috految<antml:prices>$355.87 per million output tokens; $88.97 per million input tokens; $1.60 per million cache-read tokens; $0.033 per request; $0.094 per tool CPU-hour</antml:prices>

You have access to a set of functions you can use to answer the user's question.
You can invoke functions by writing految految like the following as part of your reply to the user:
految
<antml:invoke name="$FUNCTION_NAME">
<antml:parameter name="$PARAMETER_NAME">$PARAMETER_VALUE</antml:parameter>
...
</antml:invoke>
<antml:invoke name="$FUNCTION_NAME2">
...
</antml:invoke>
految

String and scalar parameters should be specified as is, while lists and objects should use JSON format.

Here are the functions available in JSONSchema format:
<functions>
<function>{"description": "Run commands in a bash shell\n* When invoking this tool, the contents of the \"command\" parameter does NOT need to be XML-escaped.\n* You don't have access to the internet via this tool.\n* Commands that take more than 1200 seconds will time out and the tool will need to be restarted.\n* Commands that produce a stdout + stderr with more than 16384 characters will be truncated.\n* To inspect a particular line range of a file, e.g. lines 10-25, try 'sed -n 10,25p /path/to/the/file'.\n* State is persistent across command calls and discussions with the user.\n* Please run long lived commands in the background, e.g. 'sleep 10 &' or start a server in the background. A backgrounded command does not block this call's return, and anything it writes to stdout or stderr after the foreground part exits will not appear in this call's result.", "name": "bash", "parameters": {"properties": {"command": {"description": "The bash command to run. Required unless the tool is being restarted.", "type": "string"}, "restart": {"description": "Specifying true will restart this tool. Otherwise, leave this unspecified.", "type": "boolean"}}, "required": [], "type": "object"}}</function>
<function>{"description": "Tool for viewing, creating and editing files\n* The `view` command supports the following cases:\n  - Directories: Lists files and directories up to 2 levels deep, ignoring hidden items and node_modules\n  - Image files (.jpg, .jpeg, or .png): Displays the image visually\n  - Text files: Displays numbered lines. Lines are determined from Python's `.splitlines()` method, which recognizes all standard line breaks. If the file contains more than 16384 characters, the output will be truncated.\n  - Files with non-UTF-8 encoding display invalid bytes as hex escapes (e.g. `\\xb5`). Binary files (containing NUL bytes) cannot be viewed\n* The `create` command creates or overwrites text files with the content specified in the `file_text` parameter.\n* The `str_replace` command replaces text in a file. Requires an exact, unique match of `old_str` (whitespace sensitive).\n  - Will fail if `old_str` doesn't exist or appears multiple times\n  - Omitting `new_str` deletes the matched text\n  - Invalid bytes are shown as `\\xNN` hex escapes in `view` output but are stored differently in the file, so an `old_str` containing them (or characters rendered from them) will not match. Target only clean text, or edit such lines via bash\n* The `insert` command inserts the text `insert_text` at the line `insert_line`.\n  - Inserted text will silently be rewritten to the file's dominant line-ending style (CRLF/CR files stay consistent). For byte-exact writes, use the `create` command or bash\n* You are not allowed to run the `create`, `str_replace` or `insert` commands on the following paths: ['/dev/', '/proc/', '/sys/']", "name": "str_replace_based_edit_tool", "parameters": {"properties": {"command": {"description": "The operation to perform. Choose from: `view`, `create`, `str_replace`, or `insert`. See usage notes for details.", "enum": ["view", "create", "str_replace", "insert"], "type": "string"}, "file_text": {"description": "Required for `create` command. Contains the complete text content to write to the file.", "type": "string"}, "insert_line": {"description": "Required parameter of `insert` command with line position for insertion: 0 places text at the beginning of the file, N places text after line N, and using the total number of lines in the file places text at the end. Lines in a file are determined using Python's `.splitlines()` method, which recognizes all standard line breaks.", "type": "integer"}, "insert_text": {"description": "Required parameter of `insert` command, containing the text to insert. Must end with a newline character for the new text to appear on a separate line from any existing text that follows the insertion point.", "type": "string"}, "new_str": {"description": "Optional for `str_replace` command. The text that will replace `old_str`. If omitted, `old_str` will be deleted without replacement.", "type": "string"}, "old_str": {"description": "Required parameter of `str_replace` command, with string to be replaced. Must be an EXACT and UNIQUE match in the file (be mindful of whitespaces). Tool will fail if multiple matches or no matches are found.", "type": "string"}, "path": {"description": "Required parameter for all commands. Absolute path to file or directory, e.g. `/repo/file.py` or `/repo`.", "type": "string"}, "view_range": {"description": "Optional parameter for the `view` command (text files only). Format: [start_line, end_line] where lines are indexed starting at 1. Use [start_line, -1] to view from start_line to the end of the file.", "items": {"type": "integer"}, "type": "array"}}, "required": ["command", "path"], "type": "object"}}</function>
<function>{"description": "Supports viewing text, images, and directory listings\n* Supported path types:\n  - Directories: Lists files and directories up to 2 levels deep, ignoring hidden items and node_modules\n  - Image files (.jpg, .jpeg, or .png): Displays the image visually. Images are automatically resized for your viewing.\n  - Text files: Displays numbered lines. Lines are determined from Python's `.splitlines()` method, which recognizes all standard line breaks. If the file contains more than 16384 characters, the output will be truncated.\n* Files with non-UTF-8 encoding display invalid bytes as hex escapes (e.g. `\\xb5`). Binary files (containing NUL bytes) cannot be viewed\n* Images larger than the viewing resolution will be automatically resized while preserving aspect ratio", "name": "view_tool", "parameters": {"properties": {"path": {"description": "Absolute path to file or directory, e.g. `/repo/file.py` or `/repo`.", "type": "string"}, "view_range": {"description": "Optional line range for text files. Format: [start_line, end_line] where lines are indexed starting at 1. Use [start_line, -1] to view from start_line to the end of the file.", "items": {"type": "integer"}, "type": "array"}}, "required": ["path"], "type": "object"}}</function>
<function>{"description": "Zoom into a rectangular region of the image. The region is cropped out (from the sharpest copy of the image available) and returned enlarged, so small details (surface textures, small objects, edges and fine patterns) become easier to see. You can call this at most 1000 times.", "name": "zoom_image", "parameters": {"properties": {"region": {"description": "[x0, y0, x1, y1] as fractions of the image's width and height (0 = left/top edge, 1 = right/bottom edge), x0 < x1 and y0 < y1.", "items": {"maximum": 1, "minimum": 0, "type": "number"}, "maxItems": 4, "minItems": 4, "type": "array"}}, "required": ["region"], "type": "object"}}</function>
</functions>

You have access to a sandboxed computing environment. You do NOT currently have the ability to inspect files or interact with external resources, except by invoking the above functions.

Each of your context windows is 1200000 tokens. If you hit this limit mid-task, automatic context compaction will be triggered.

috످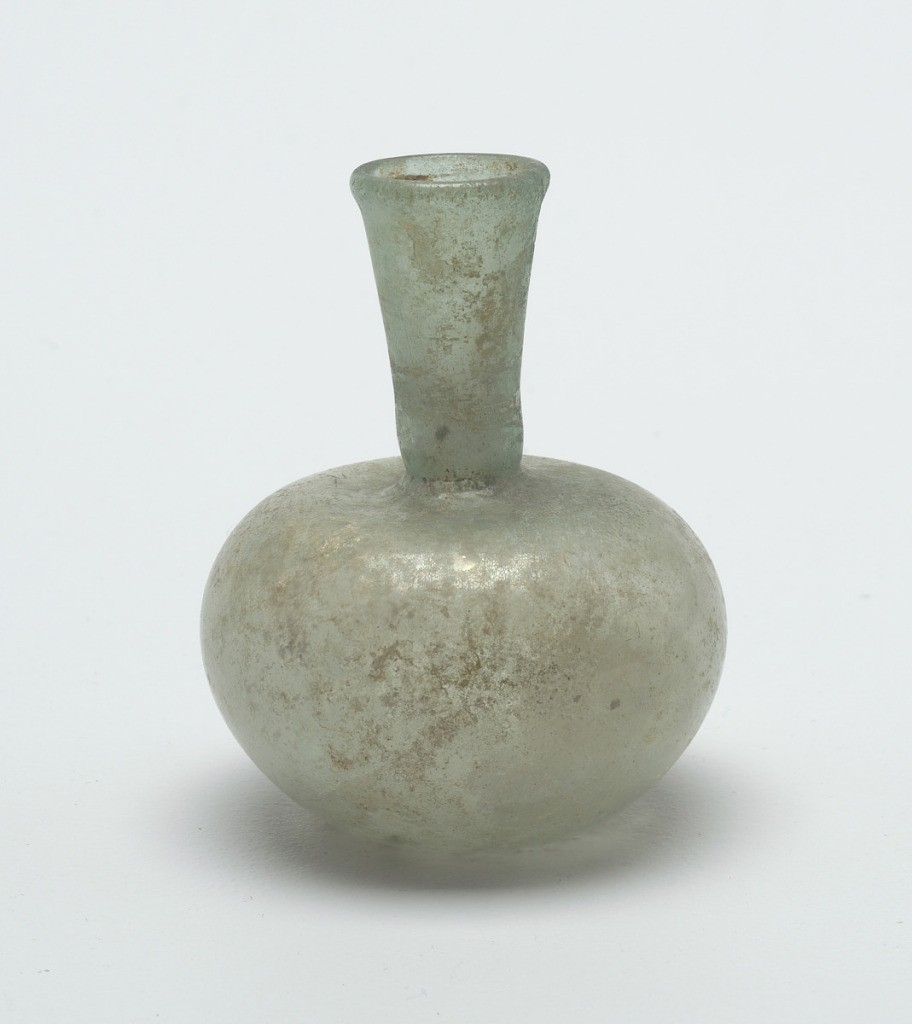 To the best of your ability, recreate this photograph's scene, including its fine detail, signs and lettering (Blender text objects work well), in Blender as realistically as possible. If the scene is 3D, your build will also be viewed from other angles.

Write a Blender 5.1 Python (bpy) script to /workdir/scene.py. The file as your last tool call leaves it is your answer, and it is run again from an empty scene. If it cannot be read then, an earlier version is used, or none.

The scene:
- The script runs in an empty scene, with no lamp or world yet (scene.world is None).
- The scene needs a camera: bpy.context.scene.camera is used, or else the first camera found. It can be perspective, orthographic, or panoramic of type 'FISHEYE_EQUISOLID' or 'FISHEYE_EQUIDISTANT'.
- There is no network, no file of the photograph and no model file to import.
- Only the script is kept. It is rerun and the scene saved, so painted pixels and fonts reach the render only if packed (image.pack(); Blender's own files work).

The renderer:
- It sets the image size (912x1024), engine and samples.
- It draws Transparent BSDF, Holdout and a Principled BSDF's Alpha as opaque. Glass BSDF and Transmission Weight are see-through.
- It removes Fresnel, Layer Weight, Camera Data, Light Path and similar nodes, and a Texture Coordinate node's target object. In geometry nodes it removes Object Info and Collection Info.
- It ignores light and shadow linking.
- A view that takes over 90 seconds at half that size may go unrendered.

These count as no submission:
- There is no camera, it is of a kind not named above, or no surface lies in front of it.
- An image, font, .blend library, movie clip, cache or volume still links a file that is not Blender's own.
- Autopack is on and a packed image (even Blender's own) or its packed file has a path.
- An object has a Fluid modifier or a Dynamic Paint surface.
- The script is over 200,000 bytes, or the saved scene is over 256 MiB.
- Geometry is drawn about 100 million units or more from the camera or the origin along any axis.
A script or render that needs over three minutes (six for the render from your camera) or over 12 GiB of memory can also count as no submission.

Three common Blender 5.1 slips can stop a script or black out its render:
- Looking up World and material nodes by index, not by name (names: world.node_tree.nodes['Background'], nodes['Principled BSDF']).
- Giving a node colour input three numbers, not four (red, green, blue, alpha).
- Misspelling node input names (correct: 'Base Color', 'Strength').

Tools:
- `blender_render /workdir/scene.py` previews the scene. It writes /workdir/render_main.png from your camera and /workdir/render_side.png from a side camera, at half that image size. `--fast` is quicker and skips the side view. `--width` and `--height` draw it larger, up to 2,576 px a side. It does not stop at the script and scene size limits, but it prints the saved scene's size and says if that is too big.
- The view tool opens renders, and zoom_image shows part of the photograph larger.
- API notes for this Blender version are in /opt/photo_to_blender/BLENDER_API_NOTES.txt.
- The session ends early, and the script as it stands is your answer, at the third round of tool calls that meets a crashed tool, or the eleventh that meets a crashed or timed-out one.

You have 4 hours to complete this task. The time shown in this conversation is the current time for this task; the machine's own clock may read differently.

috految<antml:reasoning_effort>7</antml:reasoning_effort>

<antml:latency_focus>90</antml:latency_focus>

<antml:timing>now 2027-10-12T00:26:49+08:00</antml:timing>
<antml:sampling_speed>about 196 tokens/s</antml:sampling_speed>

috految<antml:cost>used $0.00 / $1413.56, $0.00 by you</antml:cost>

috److految
<antml:invoke name="zoom_image">
<antml:parameter name="region">[0.2,0.13,0.82,0.89]</antml:parameter>
</antml:invoke>
految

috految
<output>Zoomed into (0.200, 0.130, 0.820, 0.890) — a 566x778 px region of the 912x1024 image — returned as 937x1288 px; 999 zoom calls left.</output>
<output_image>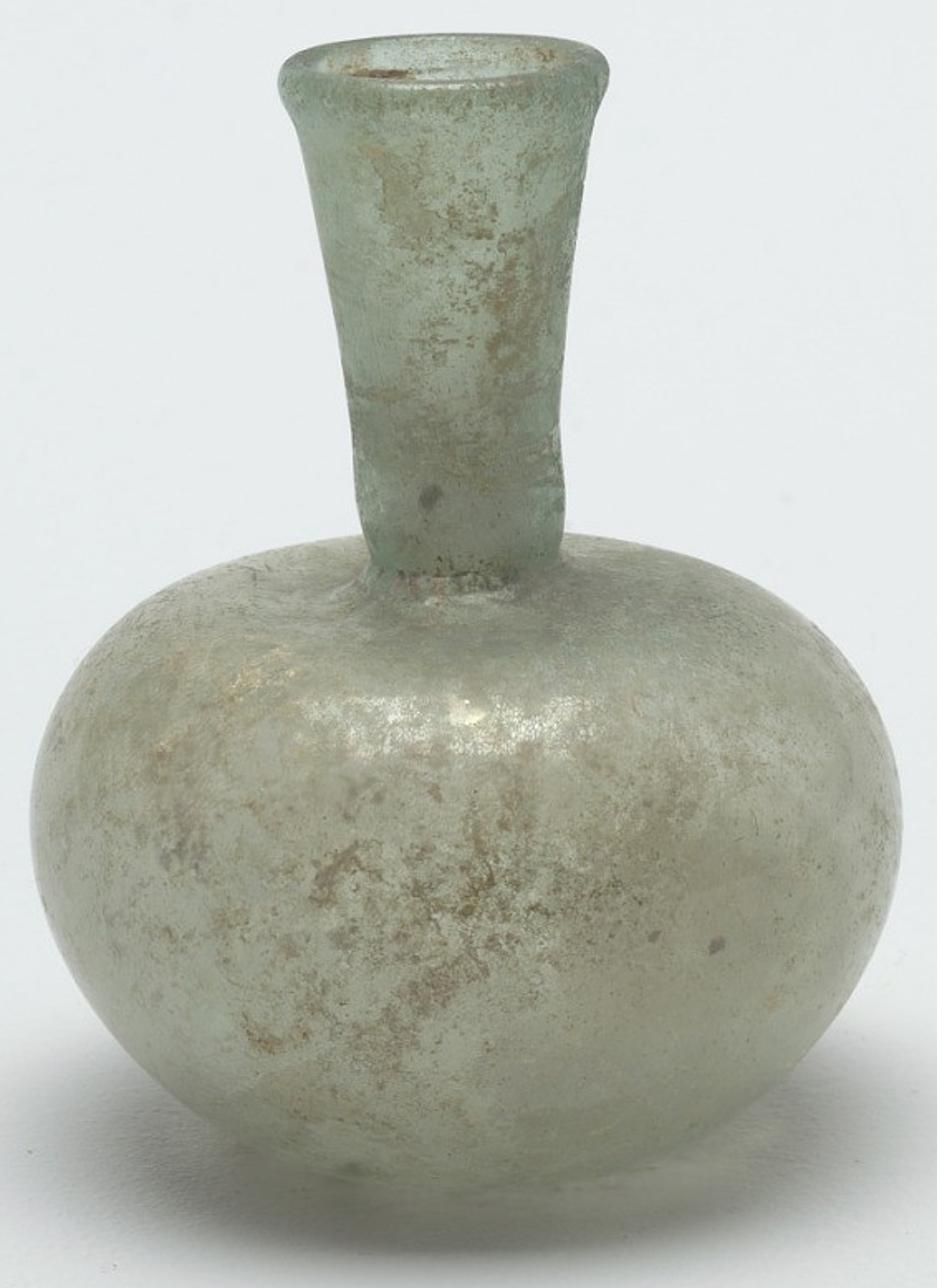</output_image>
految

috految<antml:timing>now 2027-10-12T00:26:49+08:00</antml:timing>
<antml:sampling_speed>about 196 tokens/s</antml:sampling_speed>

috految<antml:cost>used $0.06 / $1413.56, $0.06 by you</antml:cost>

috److془Camera elev 15°, distance 32, f 3200. Rim 9°. Base 20.5°. Floor centre y=817, r 115 → 857. Shadow: 735..902 centre 815 good. Use 14.5, dist 36.

Profile: silhouette (half w, y): (66,456),(130,468),(180,488),(223,525),(252,573),(263,630),(252,690),(220,748),(185,787),(130,827),(0,858).
Ring: r=w*sqrt(1+(s m)^2), yc=y+ s² w m. (130,468) m3.6,s.24: 172,495. (66) m 7.5: 135,485. (180) m1.7: 195,506 . (223):228,536. 253,579; 263,628; 253,682; 224,732; 196,765; 151,798; 105,820.془

految
<antml:invoke name="bash">
<antml:parameter name="command">cd /workdir; cat >scene.py <<'E'
import bpy,random,numpy as np
from math import *
from mathutils import Vector as V,noise
from mathutils.bvhtree import BVHTree
S=bpy.context.scene;D=bpy.data;O=bpy.ops;U=random.uniform;random.seed(2)
e=radians(14.5);C=V((0,-36*cos(e),36*sin(e)+3.25))
O.object.camera_add(location=C,rotation=(pi/2-e,0,0));S.camera=c=bpy.context.object;c.data.lens=126.56;R=c.rotation_euler.to_matrix()
def ray(x,y):return R@V((x-456,512-y,-3600))/3600
P=[(463,808,0),(463,811,45),(463,821,85),(463,818,110),(464,798,153),(465,765,197),(465,731,227),(464,683,254),(463.5,628,265),(463.5,579,256),(464,536,230),(464,508,198),(464,494,169),(464,484,135),(464,484,100),(463,484,73),(463,476,61),(463,467,56),(462,459,59),(461,442,63),(460,422,64),(458,402,62),(457,386,62.5),(456,370,65),(455,344,68),(453,300,74),(452,255,82),(452,220,87),(451,200,92),(450.5,189,98),(450.5,180,101.5),(450.5,170,98),(450.5,166.5,91),(450.5,169,84),(450.5,179,81),(451,190,84),(451,202,85)]
P+=[(x,y,r-6.5) for x,y,r in P[27:16:-1]]+[(463,480,54),(463,488,71)]+[(x,y+(650-y)*.024,r*.985) for x,y,r in P[14::-1]]
P=np.array(P)
for k in range(3):P=np.array([P[0]]+[q for a,b in zip(P,P[1:]) for q in(a*.75+b*.25,a*.25+b*.75)]+[P[-1]])
v=[];n=256;top=int(P[:,1].argmin())
for x,y,r in P.tolist():
 d=ray(x,y);t=-C.y/d.y;q=C+d*t;r*=t/3600
 for j in range(n):
  a=j*2*pi/n;u=V((cos(a),sin(a),0));p=q+u*r;p.z+=u.x*r*.024*min(1,q.z/2)
  p+=u*(.011*noise.noise(p*1.7)+(.028*exp(-((y-474)/13)**2)+.012*exp(-((y-415)/45)**2)+.009*exp(-((y-180)/25)**2))*noise.noise(V((p.x*5,p.y*5,p.z*9))));v.append(p)
F=[(i*n+j,i*n+(j+1)%n,i*n+n+(j+1)%n,i*n+n+j) for i in range(len(P)-1) for j in range(n)]
me=D.meshes.new('Flask');me.from_pydata(v,[],F);me.shade_smooth();S.collection.objects.link(D.objects.new('Roman flask',me))
B=BVHTree.FromPolygons(v,F);A=np.array([p[:] for p in v])
def deposit(name,L,k=0):
 w=np.zeros(len(v))
 def add(p,a,b,s):np.maximum(w,s*np.exp(-np.minimum(30,(((A-np.array(p))/(a,a,b))**2).sum(1))),out=w)
 for x,y,a,b,s in L:
  p=B.ray_cast(C,ray(x,y).normalized())[0]
  if p:add(p,a/100,b/100,s)
 for i in range(k):
  p=v[random.randrange(top*n)]
  if p.y>-.2:a=U(.15,.3 if p.z>3.5 else .7);add(p,a,a,U(.09,.17))
 me.attributes.new(name,'FLOAT','POINT').data.foreach_set('value',w)
deposit('soil',[(465,675,115,80,.09),(380,663,12,15,.25),(392,651,13,10,.23),(406,659,10,6,.21),(474,663,14,21,.21),(467,680,16,10,.22),(470,635,8,24,.17),(494,620,17,30,.13),(438,671,16,15,.17),(434,648,12,10,.18),(390,700,13,11,.21),(430,699,20,10,.16),(449,728,23,17,.19),(467,718,13,12,.2),(432,742,19,17,.17),(413,765,30,22,.14),(342,764,14,9,.26),(333,751,7,12,.2),(366,740,35,38,.1),(360,704,13,12,.18),(320,692,15,15,.16),(284,698,15,9,.17),(288,620,33,50,.12),(538,677,45,30,.12),(588,610,28,35,.11),(405,808,65,20,.11),(254,690,24,32,.1),(710,640,45,50,.09),(462,265,30,22,.155),(476,274,10,5,.26),(493,298,19,35,.2),(484,343,14,23,.19),(466,303,17,26,.14),(443,342,22,19,.15),(443,287,14,10,.15),(503,230,16,22,.13),(426,255,23,35,.115),(455,400,42,35,.1),(404,372,25,7,.16),(450,481,50,11,.17),(417,177,19,6,.45),(511,167,14,12,.2),(488,192,60,10,.13),(400,193,30,12,.13),(340,480,60,20,.07)],85)
deposit('film',[(424,250,21,34,.24),(410,226,17,12,.2),(505,292,27,48,.22),(455,408,50,50,.14),(605,670,80,85,.17),(550,625,48,40,.15),(545,794,65,35,.12),(282,580,50,60,.15),(410,780,35,35,.1),(480,620,30,40,.14)],25)
deposit('dark',[(443,431,8,8,.48),(440,435,7,7,.44),(615,705,7,7,.55),(577,699,6,6,.36),(292,648,16,16,.23),(283,655,7,9,.3),(394,611,7,10,.22),(410,614,6,7,.27),(487,631,5,7,.3),(446,613,5,6,.29),(395,838,9,6,.35),(506,683,7,6,.3),(551,668,8,7,.25),(456,481,45,6,.21),(460,680,100,65,.075),(417,177,17,4,.35)])
deposit('pearl',[(338,540,32,17,.2),(466,565,16,10,.27),(300,570,22,24,.13),(485,677,48,40,.11),(470,491,32,10,.23),(516,410,11,25,.17)],20)
def N(t,i={},**k):
 a=T.nodes.new('ShaderNode'+t)
 for x in k:setattr(a,x,k[x])
 for x,q in i.items():
  if isinstance(q,bpy.types.NodeSocket):T.links.new(q,a.inputs[x])
  else:a.inputs[x].default_value=q
 return a.outputs
def mr(*a):return N('MapRange',dict(enumerate(a)))[0]
def mix(*a):return N('MixRGB',dict(enumerate(a)))[0]
def ms(*a):return N('MixShader',dict(enumerate(a)))[0]
def no(s,d=4,r=.75,z=1):return N('TexNoise',{'Vector':N('Mapping',{0:pos,'Scale':(1,1,z),'Rotation':(.3,.4,s)})[0],'Scale':s,'Detail':d,'Roughness':r})[0]
def at(a,b):return N('Math',{0:N('Attribute',attribute_name=a)[2],1:b})[0]
def mat():
 global T,pos
 m=D.materials.new('Surface');T=m.node_tree;pos=N('TexCoord')['Object'];return m
def out(s):T.links.new(s,T.nodes['Material Output'].inputs[0])
for inner in(0,1):
 me.materials.append(mat());h=N('SeparateXYZ',{0:pos})[2];neck=mr(h,3.3,3.9,0,1)
 col=mix(neck,(.835,.868,.78,1),(.77,.86,.785,1))
 if inner:
  out(N('BsdfPrincipled',{'Base Color':col,'Transmission Weight':1,'IOR':1.4,'Roughness':.25})[0]);continue
 f=no(24,2);b=N('Bump',{'Height':no(12,2,.7,1.7),'Strength':.4,'Distance':.015})[0]
 s=N('BsdfPrincipled',{'Base Color':col,'Transmission Weight':1,'IOR':1.4,'Roughness':mr(f,.3,.7,.1,.28),'Normal':b})[0]
 s=ms(mr(neck,0,1,.23,.1),s,N('BsdfPrincipled',{'Base Color':mix(neck,(.49,.5,.41,1),(.42,.49,.41,1)),'Metallic':.3,'Roughness':.22,'Normal':b})[0])
 s=ms(mr(at('film',no(2.7,6,.84,1.2)),.5,.62,.02,.46),s,N('BsdfPrincipled',{'Base Color':mix(mr(no(5),.35,.65,0,1),(.29,.23,.12,1),(.45,.41,.30,1)),'Roughness':.26,'Normal':b})[0])
 s=ms(mr(at('pearl',no(13,3)),.63,.72,0,.6),s,N('BsdfPrincipled',{'Base Color':(.72,.62,.43,1),'Metallic':.5,'Roughness':.3,'Normal':b})[0])
 s=ms(mr(at('soil',no(7.7,5,.83)),.595,.66,0,.8),s,N('BsdfDiffuse',{0:mix(mr(no(6,2),.35,.65,0,1),(.15,.115,.065,1),(.35,.26,.135,1))})[0])
 s=ms(mr(N('TexVoronoi',{'Vector':pos,'Scale':17},feature='DISTANCE_TO_EDGE')[0],0,.04,mr(f,.45,.65,0,.6),0),s,N('BsdfDiffuse',{0:(.25,.22,.15,1)})[0])
 out(ms(mr(at('dark',f),.66,.76,0,.8),s,N('BsdfDiffuse',{0:(.13,.12,.09,1)})[0]))
me.polygons.foreach_set('material_index',[int(i//n>top+36) for i in range(len(F))])
Z=A[:,2].min()-.002
O.mesh.primitive_plane_add(size=2000,location=(0,0,Z));bpy.context.object.data.materials.append(mat());out(N('BsdfDiffuse',{0:(.755,.785,.80,1),'Normal':N('Bump',{'Height':no(7,1),'Distance':.01,'Strength':.4})[0]})[0])
m=mat();out(N('BsdfDiffuse',{0:(.45,.44,.4,1)})[0])
for x,y in[(280,902),(263,912),(47,970),(95,781),(200,829),(698,846),(767,747),(433,950)]:
 d=ray(x,y);O.mesh.primitive_ico_sphere_add(radius=.01,location=C+d*((Z-C.z)/d.z));bpy.context.object.data.materials.append(m)
S.world=D.worlds.new('W');T=S.world.node_tree;b=T.nodes['Background'];b.inputs[0].default_value=(1,1,1.02,1)
T.links.new(mr(N('SeparateXYZ',{0:N('TexCoord')['Generated']})[2],.05,.45,.7,.31),b.inputs[1])
for a in(-.26,0,.24):
 O.object.light_add(type='SUN',rotation=(.025,a-.02,0));l=bpy.context.object.data;l.energy=.775;l.angle=.46;l.color=(.99,1,.99)
S.view_settings.view_transform='Standard';S.cycles.max_bounces=20;S.cycles.transmission_bounces=16;S.cycles.glossy_bounces=8;S.cycles.filter_width=1.1
E
blender_render scene.py --fast --width 256 --height 288</antml:parameter>
</antml:invoke>
<antml:invoke name="view_tool">
<antml:parameter name="path">/workdir/render_main.png</antml:parameter>
</antml:invoke>
految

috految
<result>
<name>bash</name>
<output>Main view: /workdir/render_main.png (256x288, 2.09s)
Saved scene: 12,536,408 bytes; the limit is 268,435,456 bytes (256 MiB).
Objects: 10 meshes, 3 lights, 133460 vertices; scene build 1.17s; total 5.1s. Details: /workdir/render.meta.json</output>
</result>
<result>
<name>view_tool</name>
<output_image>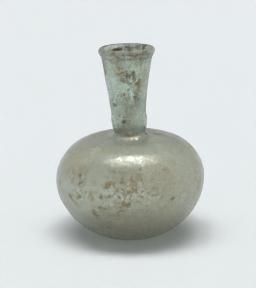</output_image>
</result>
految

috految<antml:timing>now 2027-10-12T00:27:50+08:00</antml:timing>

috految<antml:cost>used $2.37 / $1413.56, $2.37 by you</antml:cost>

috److految
<antml:invoke name="bash">
<antml:parameter name="command">cd /workdir; sed -i 's/(.835,.868,.78,1)/(.845,.875,.775,1)/;s/(.77,.86,.785,1)/(.75,.84,.755,1)/;s/energy=.775/energy=.755/;s/(.755,.785,.80,1)/(.755,.782,.80,1)/;s/,.595,.66,0,.8/,.58,.655,0,.73/;s/no(7.7,5/no(9,5/;s/(.025,a/(.04,a/;s/0,1,.23,.1)/0,1,.2,.1)/' scene.py</antml:parameter>
</antml:invoke>
految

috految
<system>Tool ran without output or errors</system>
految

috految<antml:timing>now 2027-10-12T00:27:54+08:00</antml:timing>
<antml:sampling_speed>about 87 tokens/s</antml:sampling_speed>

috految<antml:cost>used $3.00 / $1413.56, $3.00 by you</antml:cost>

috److I wrote the script to `/workdir/scene.py`. It builds the weathered green glass flask on a pale studio floor under soft overhead light.

- **Shape:** The flask is a full hollow 3D mesh with a rounded body, a slightly leaning neck and a rolled rim, built from the photograph's outline.
- **Surface:** The glass is see-through with a cloudy film, fine cracks, pearly patches and brown deposits. The main stains and dark spots are placed where they appear in the photo, with random weathering on the back for other viewing angles.
- **Lettering:** The photograph has no signs or text, so I added none.

I previewed the main view once at low resolution, and the shape, framing and shadow looked close to the photo. After that I made small changes to the glass tint, deposits and lighting without re-rendering. I did not check the side view.

috످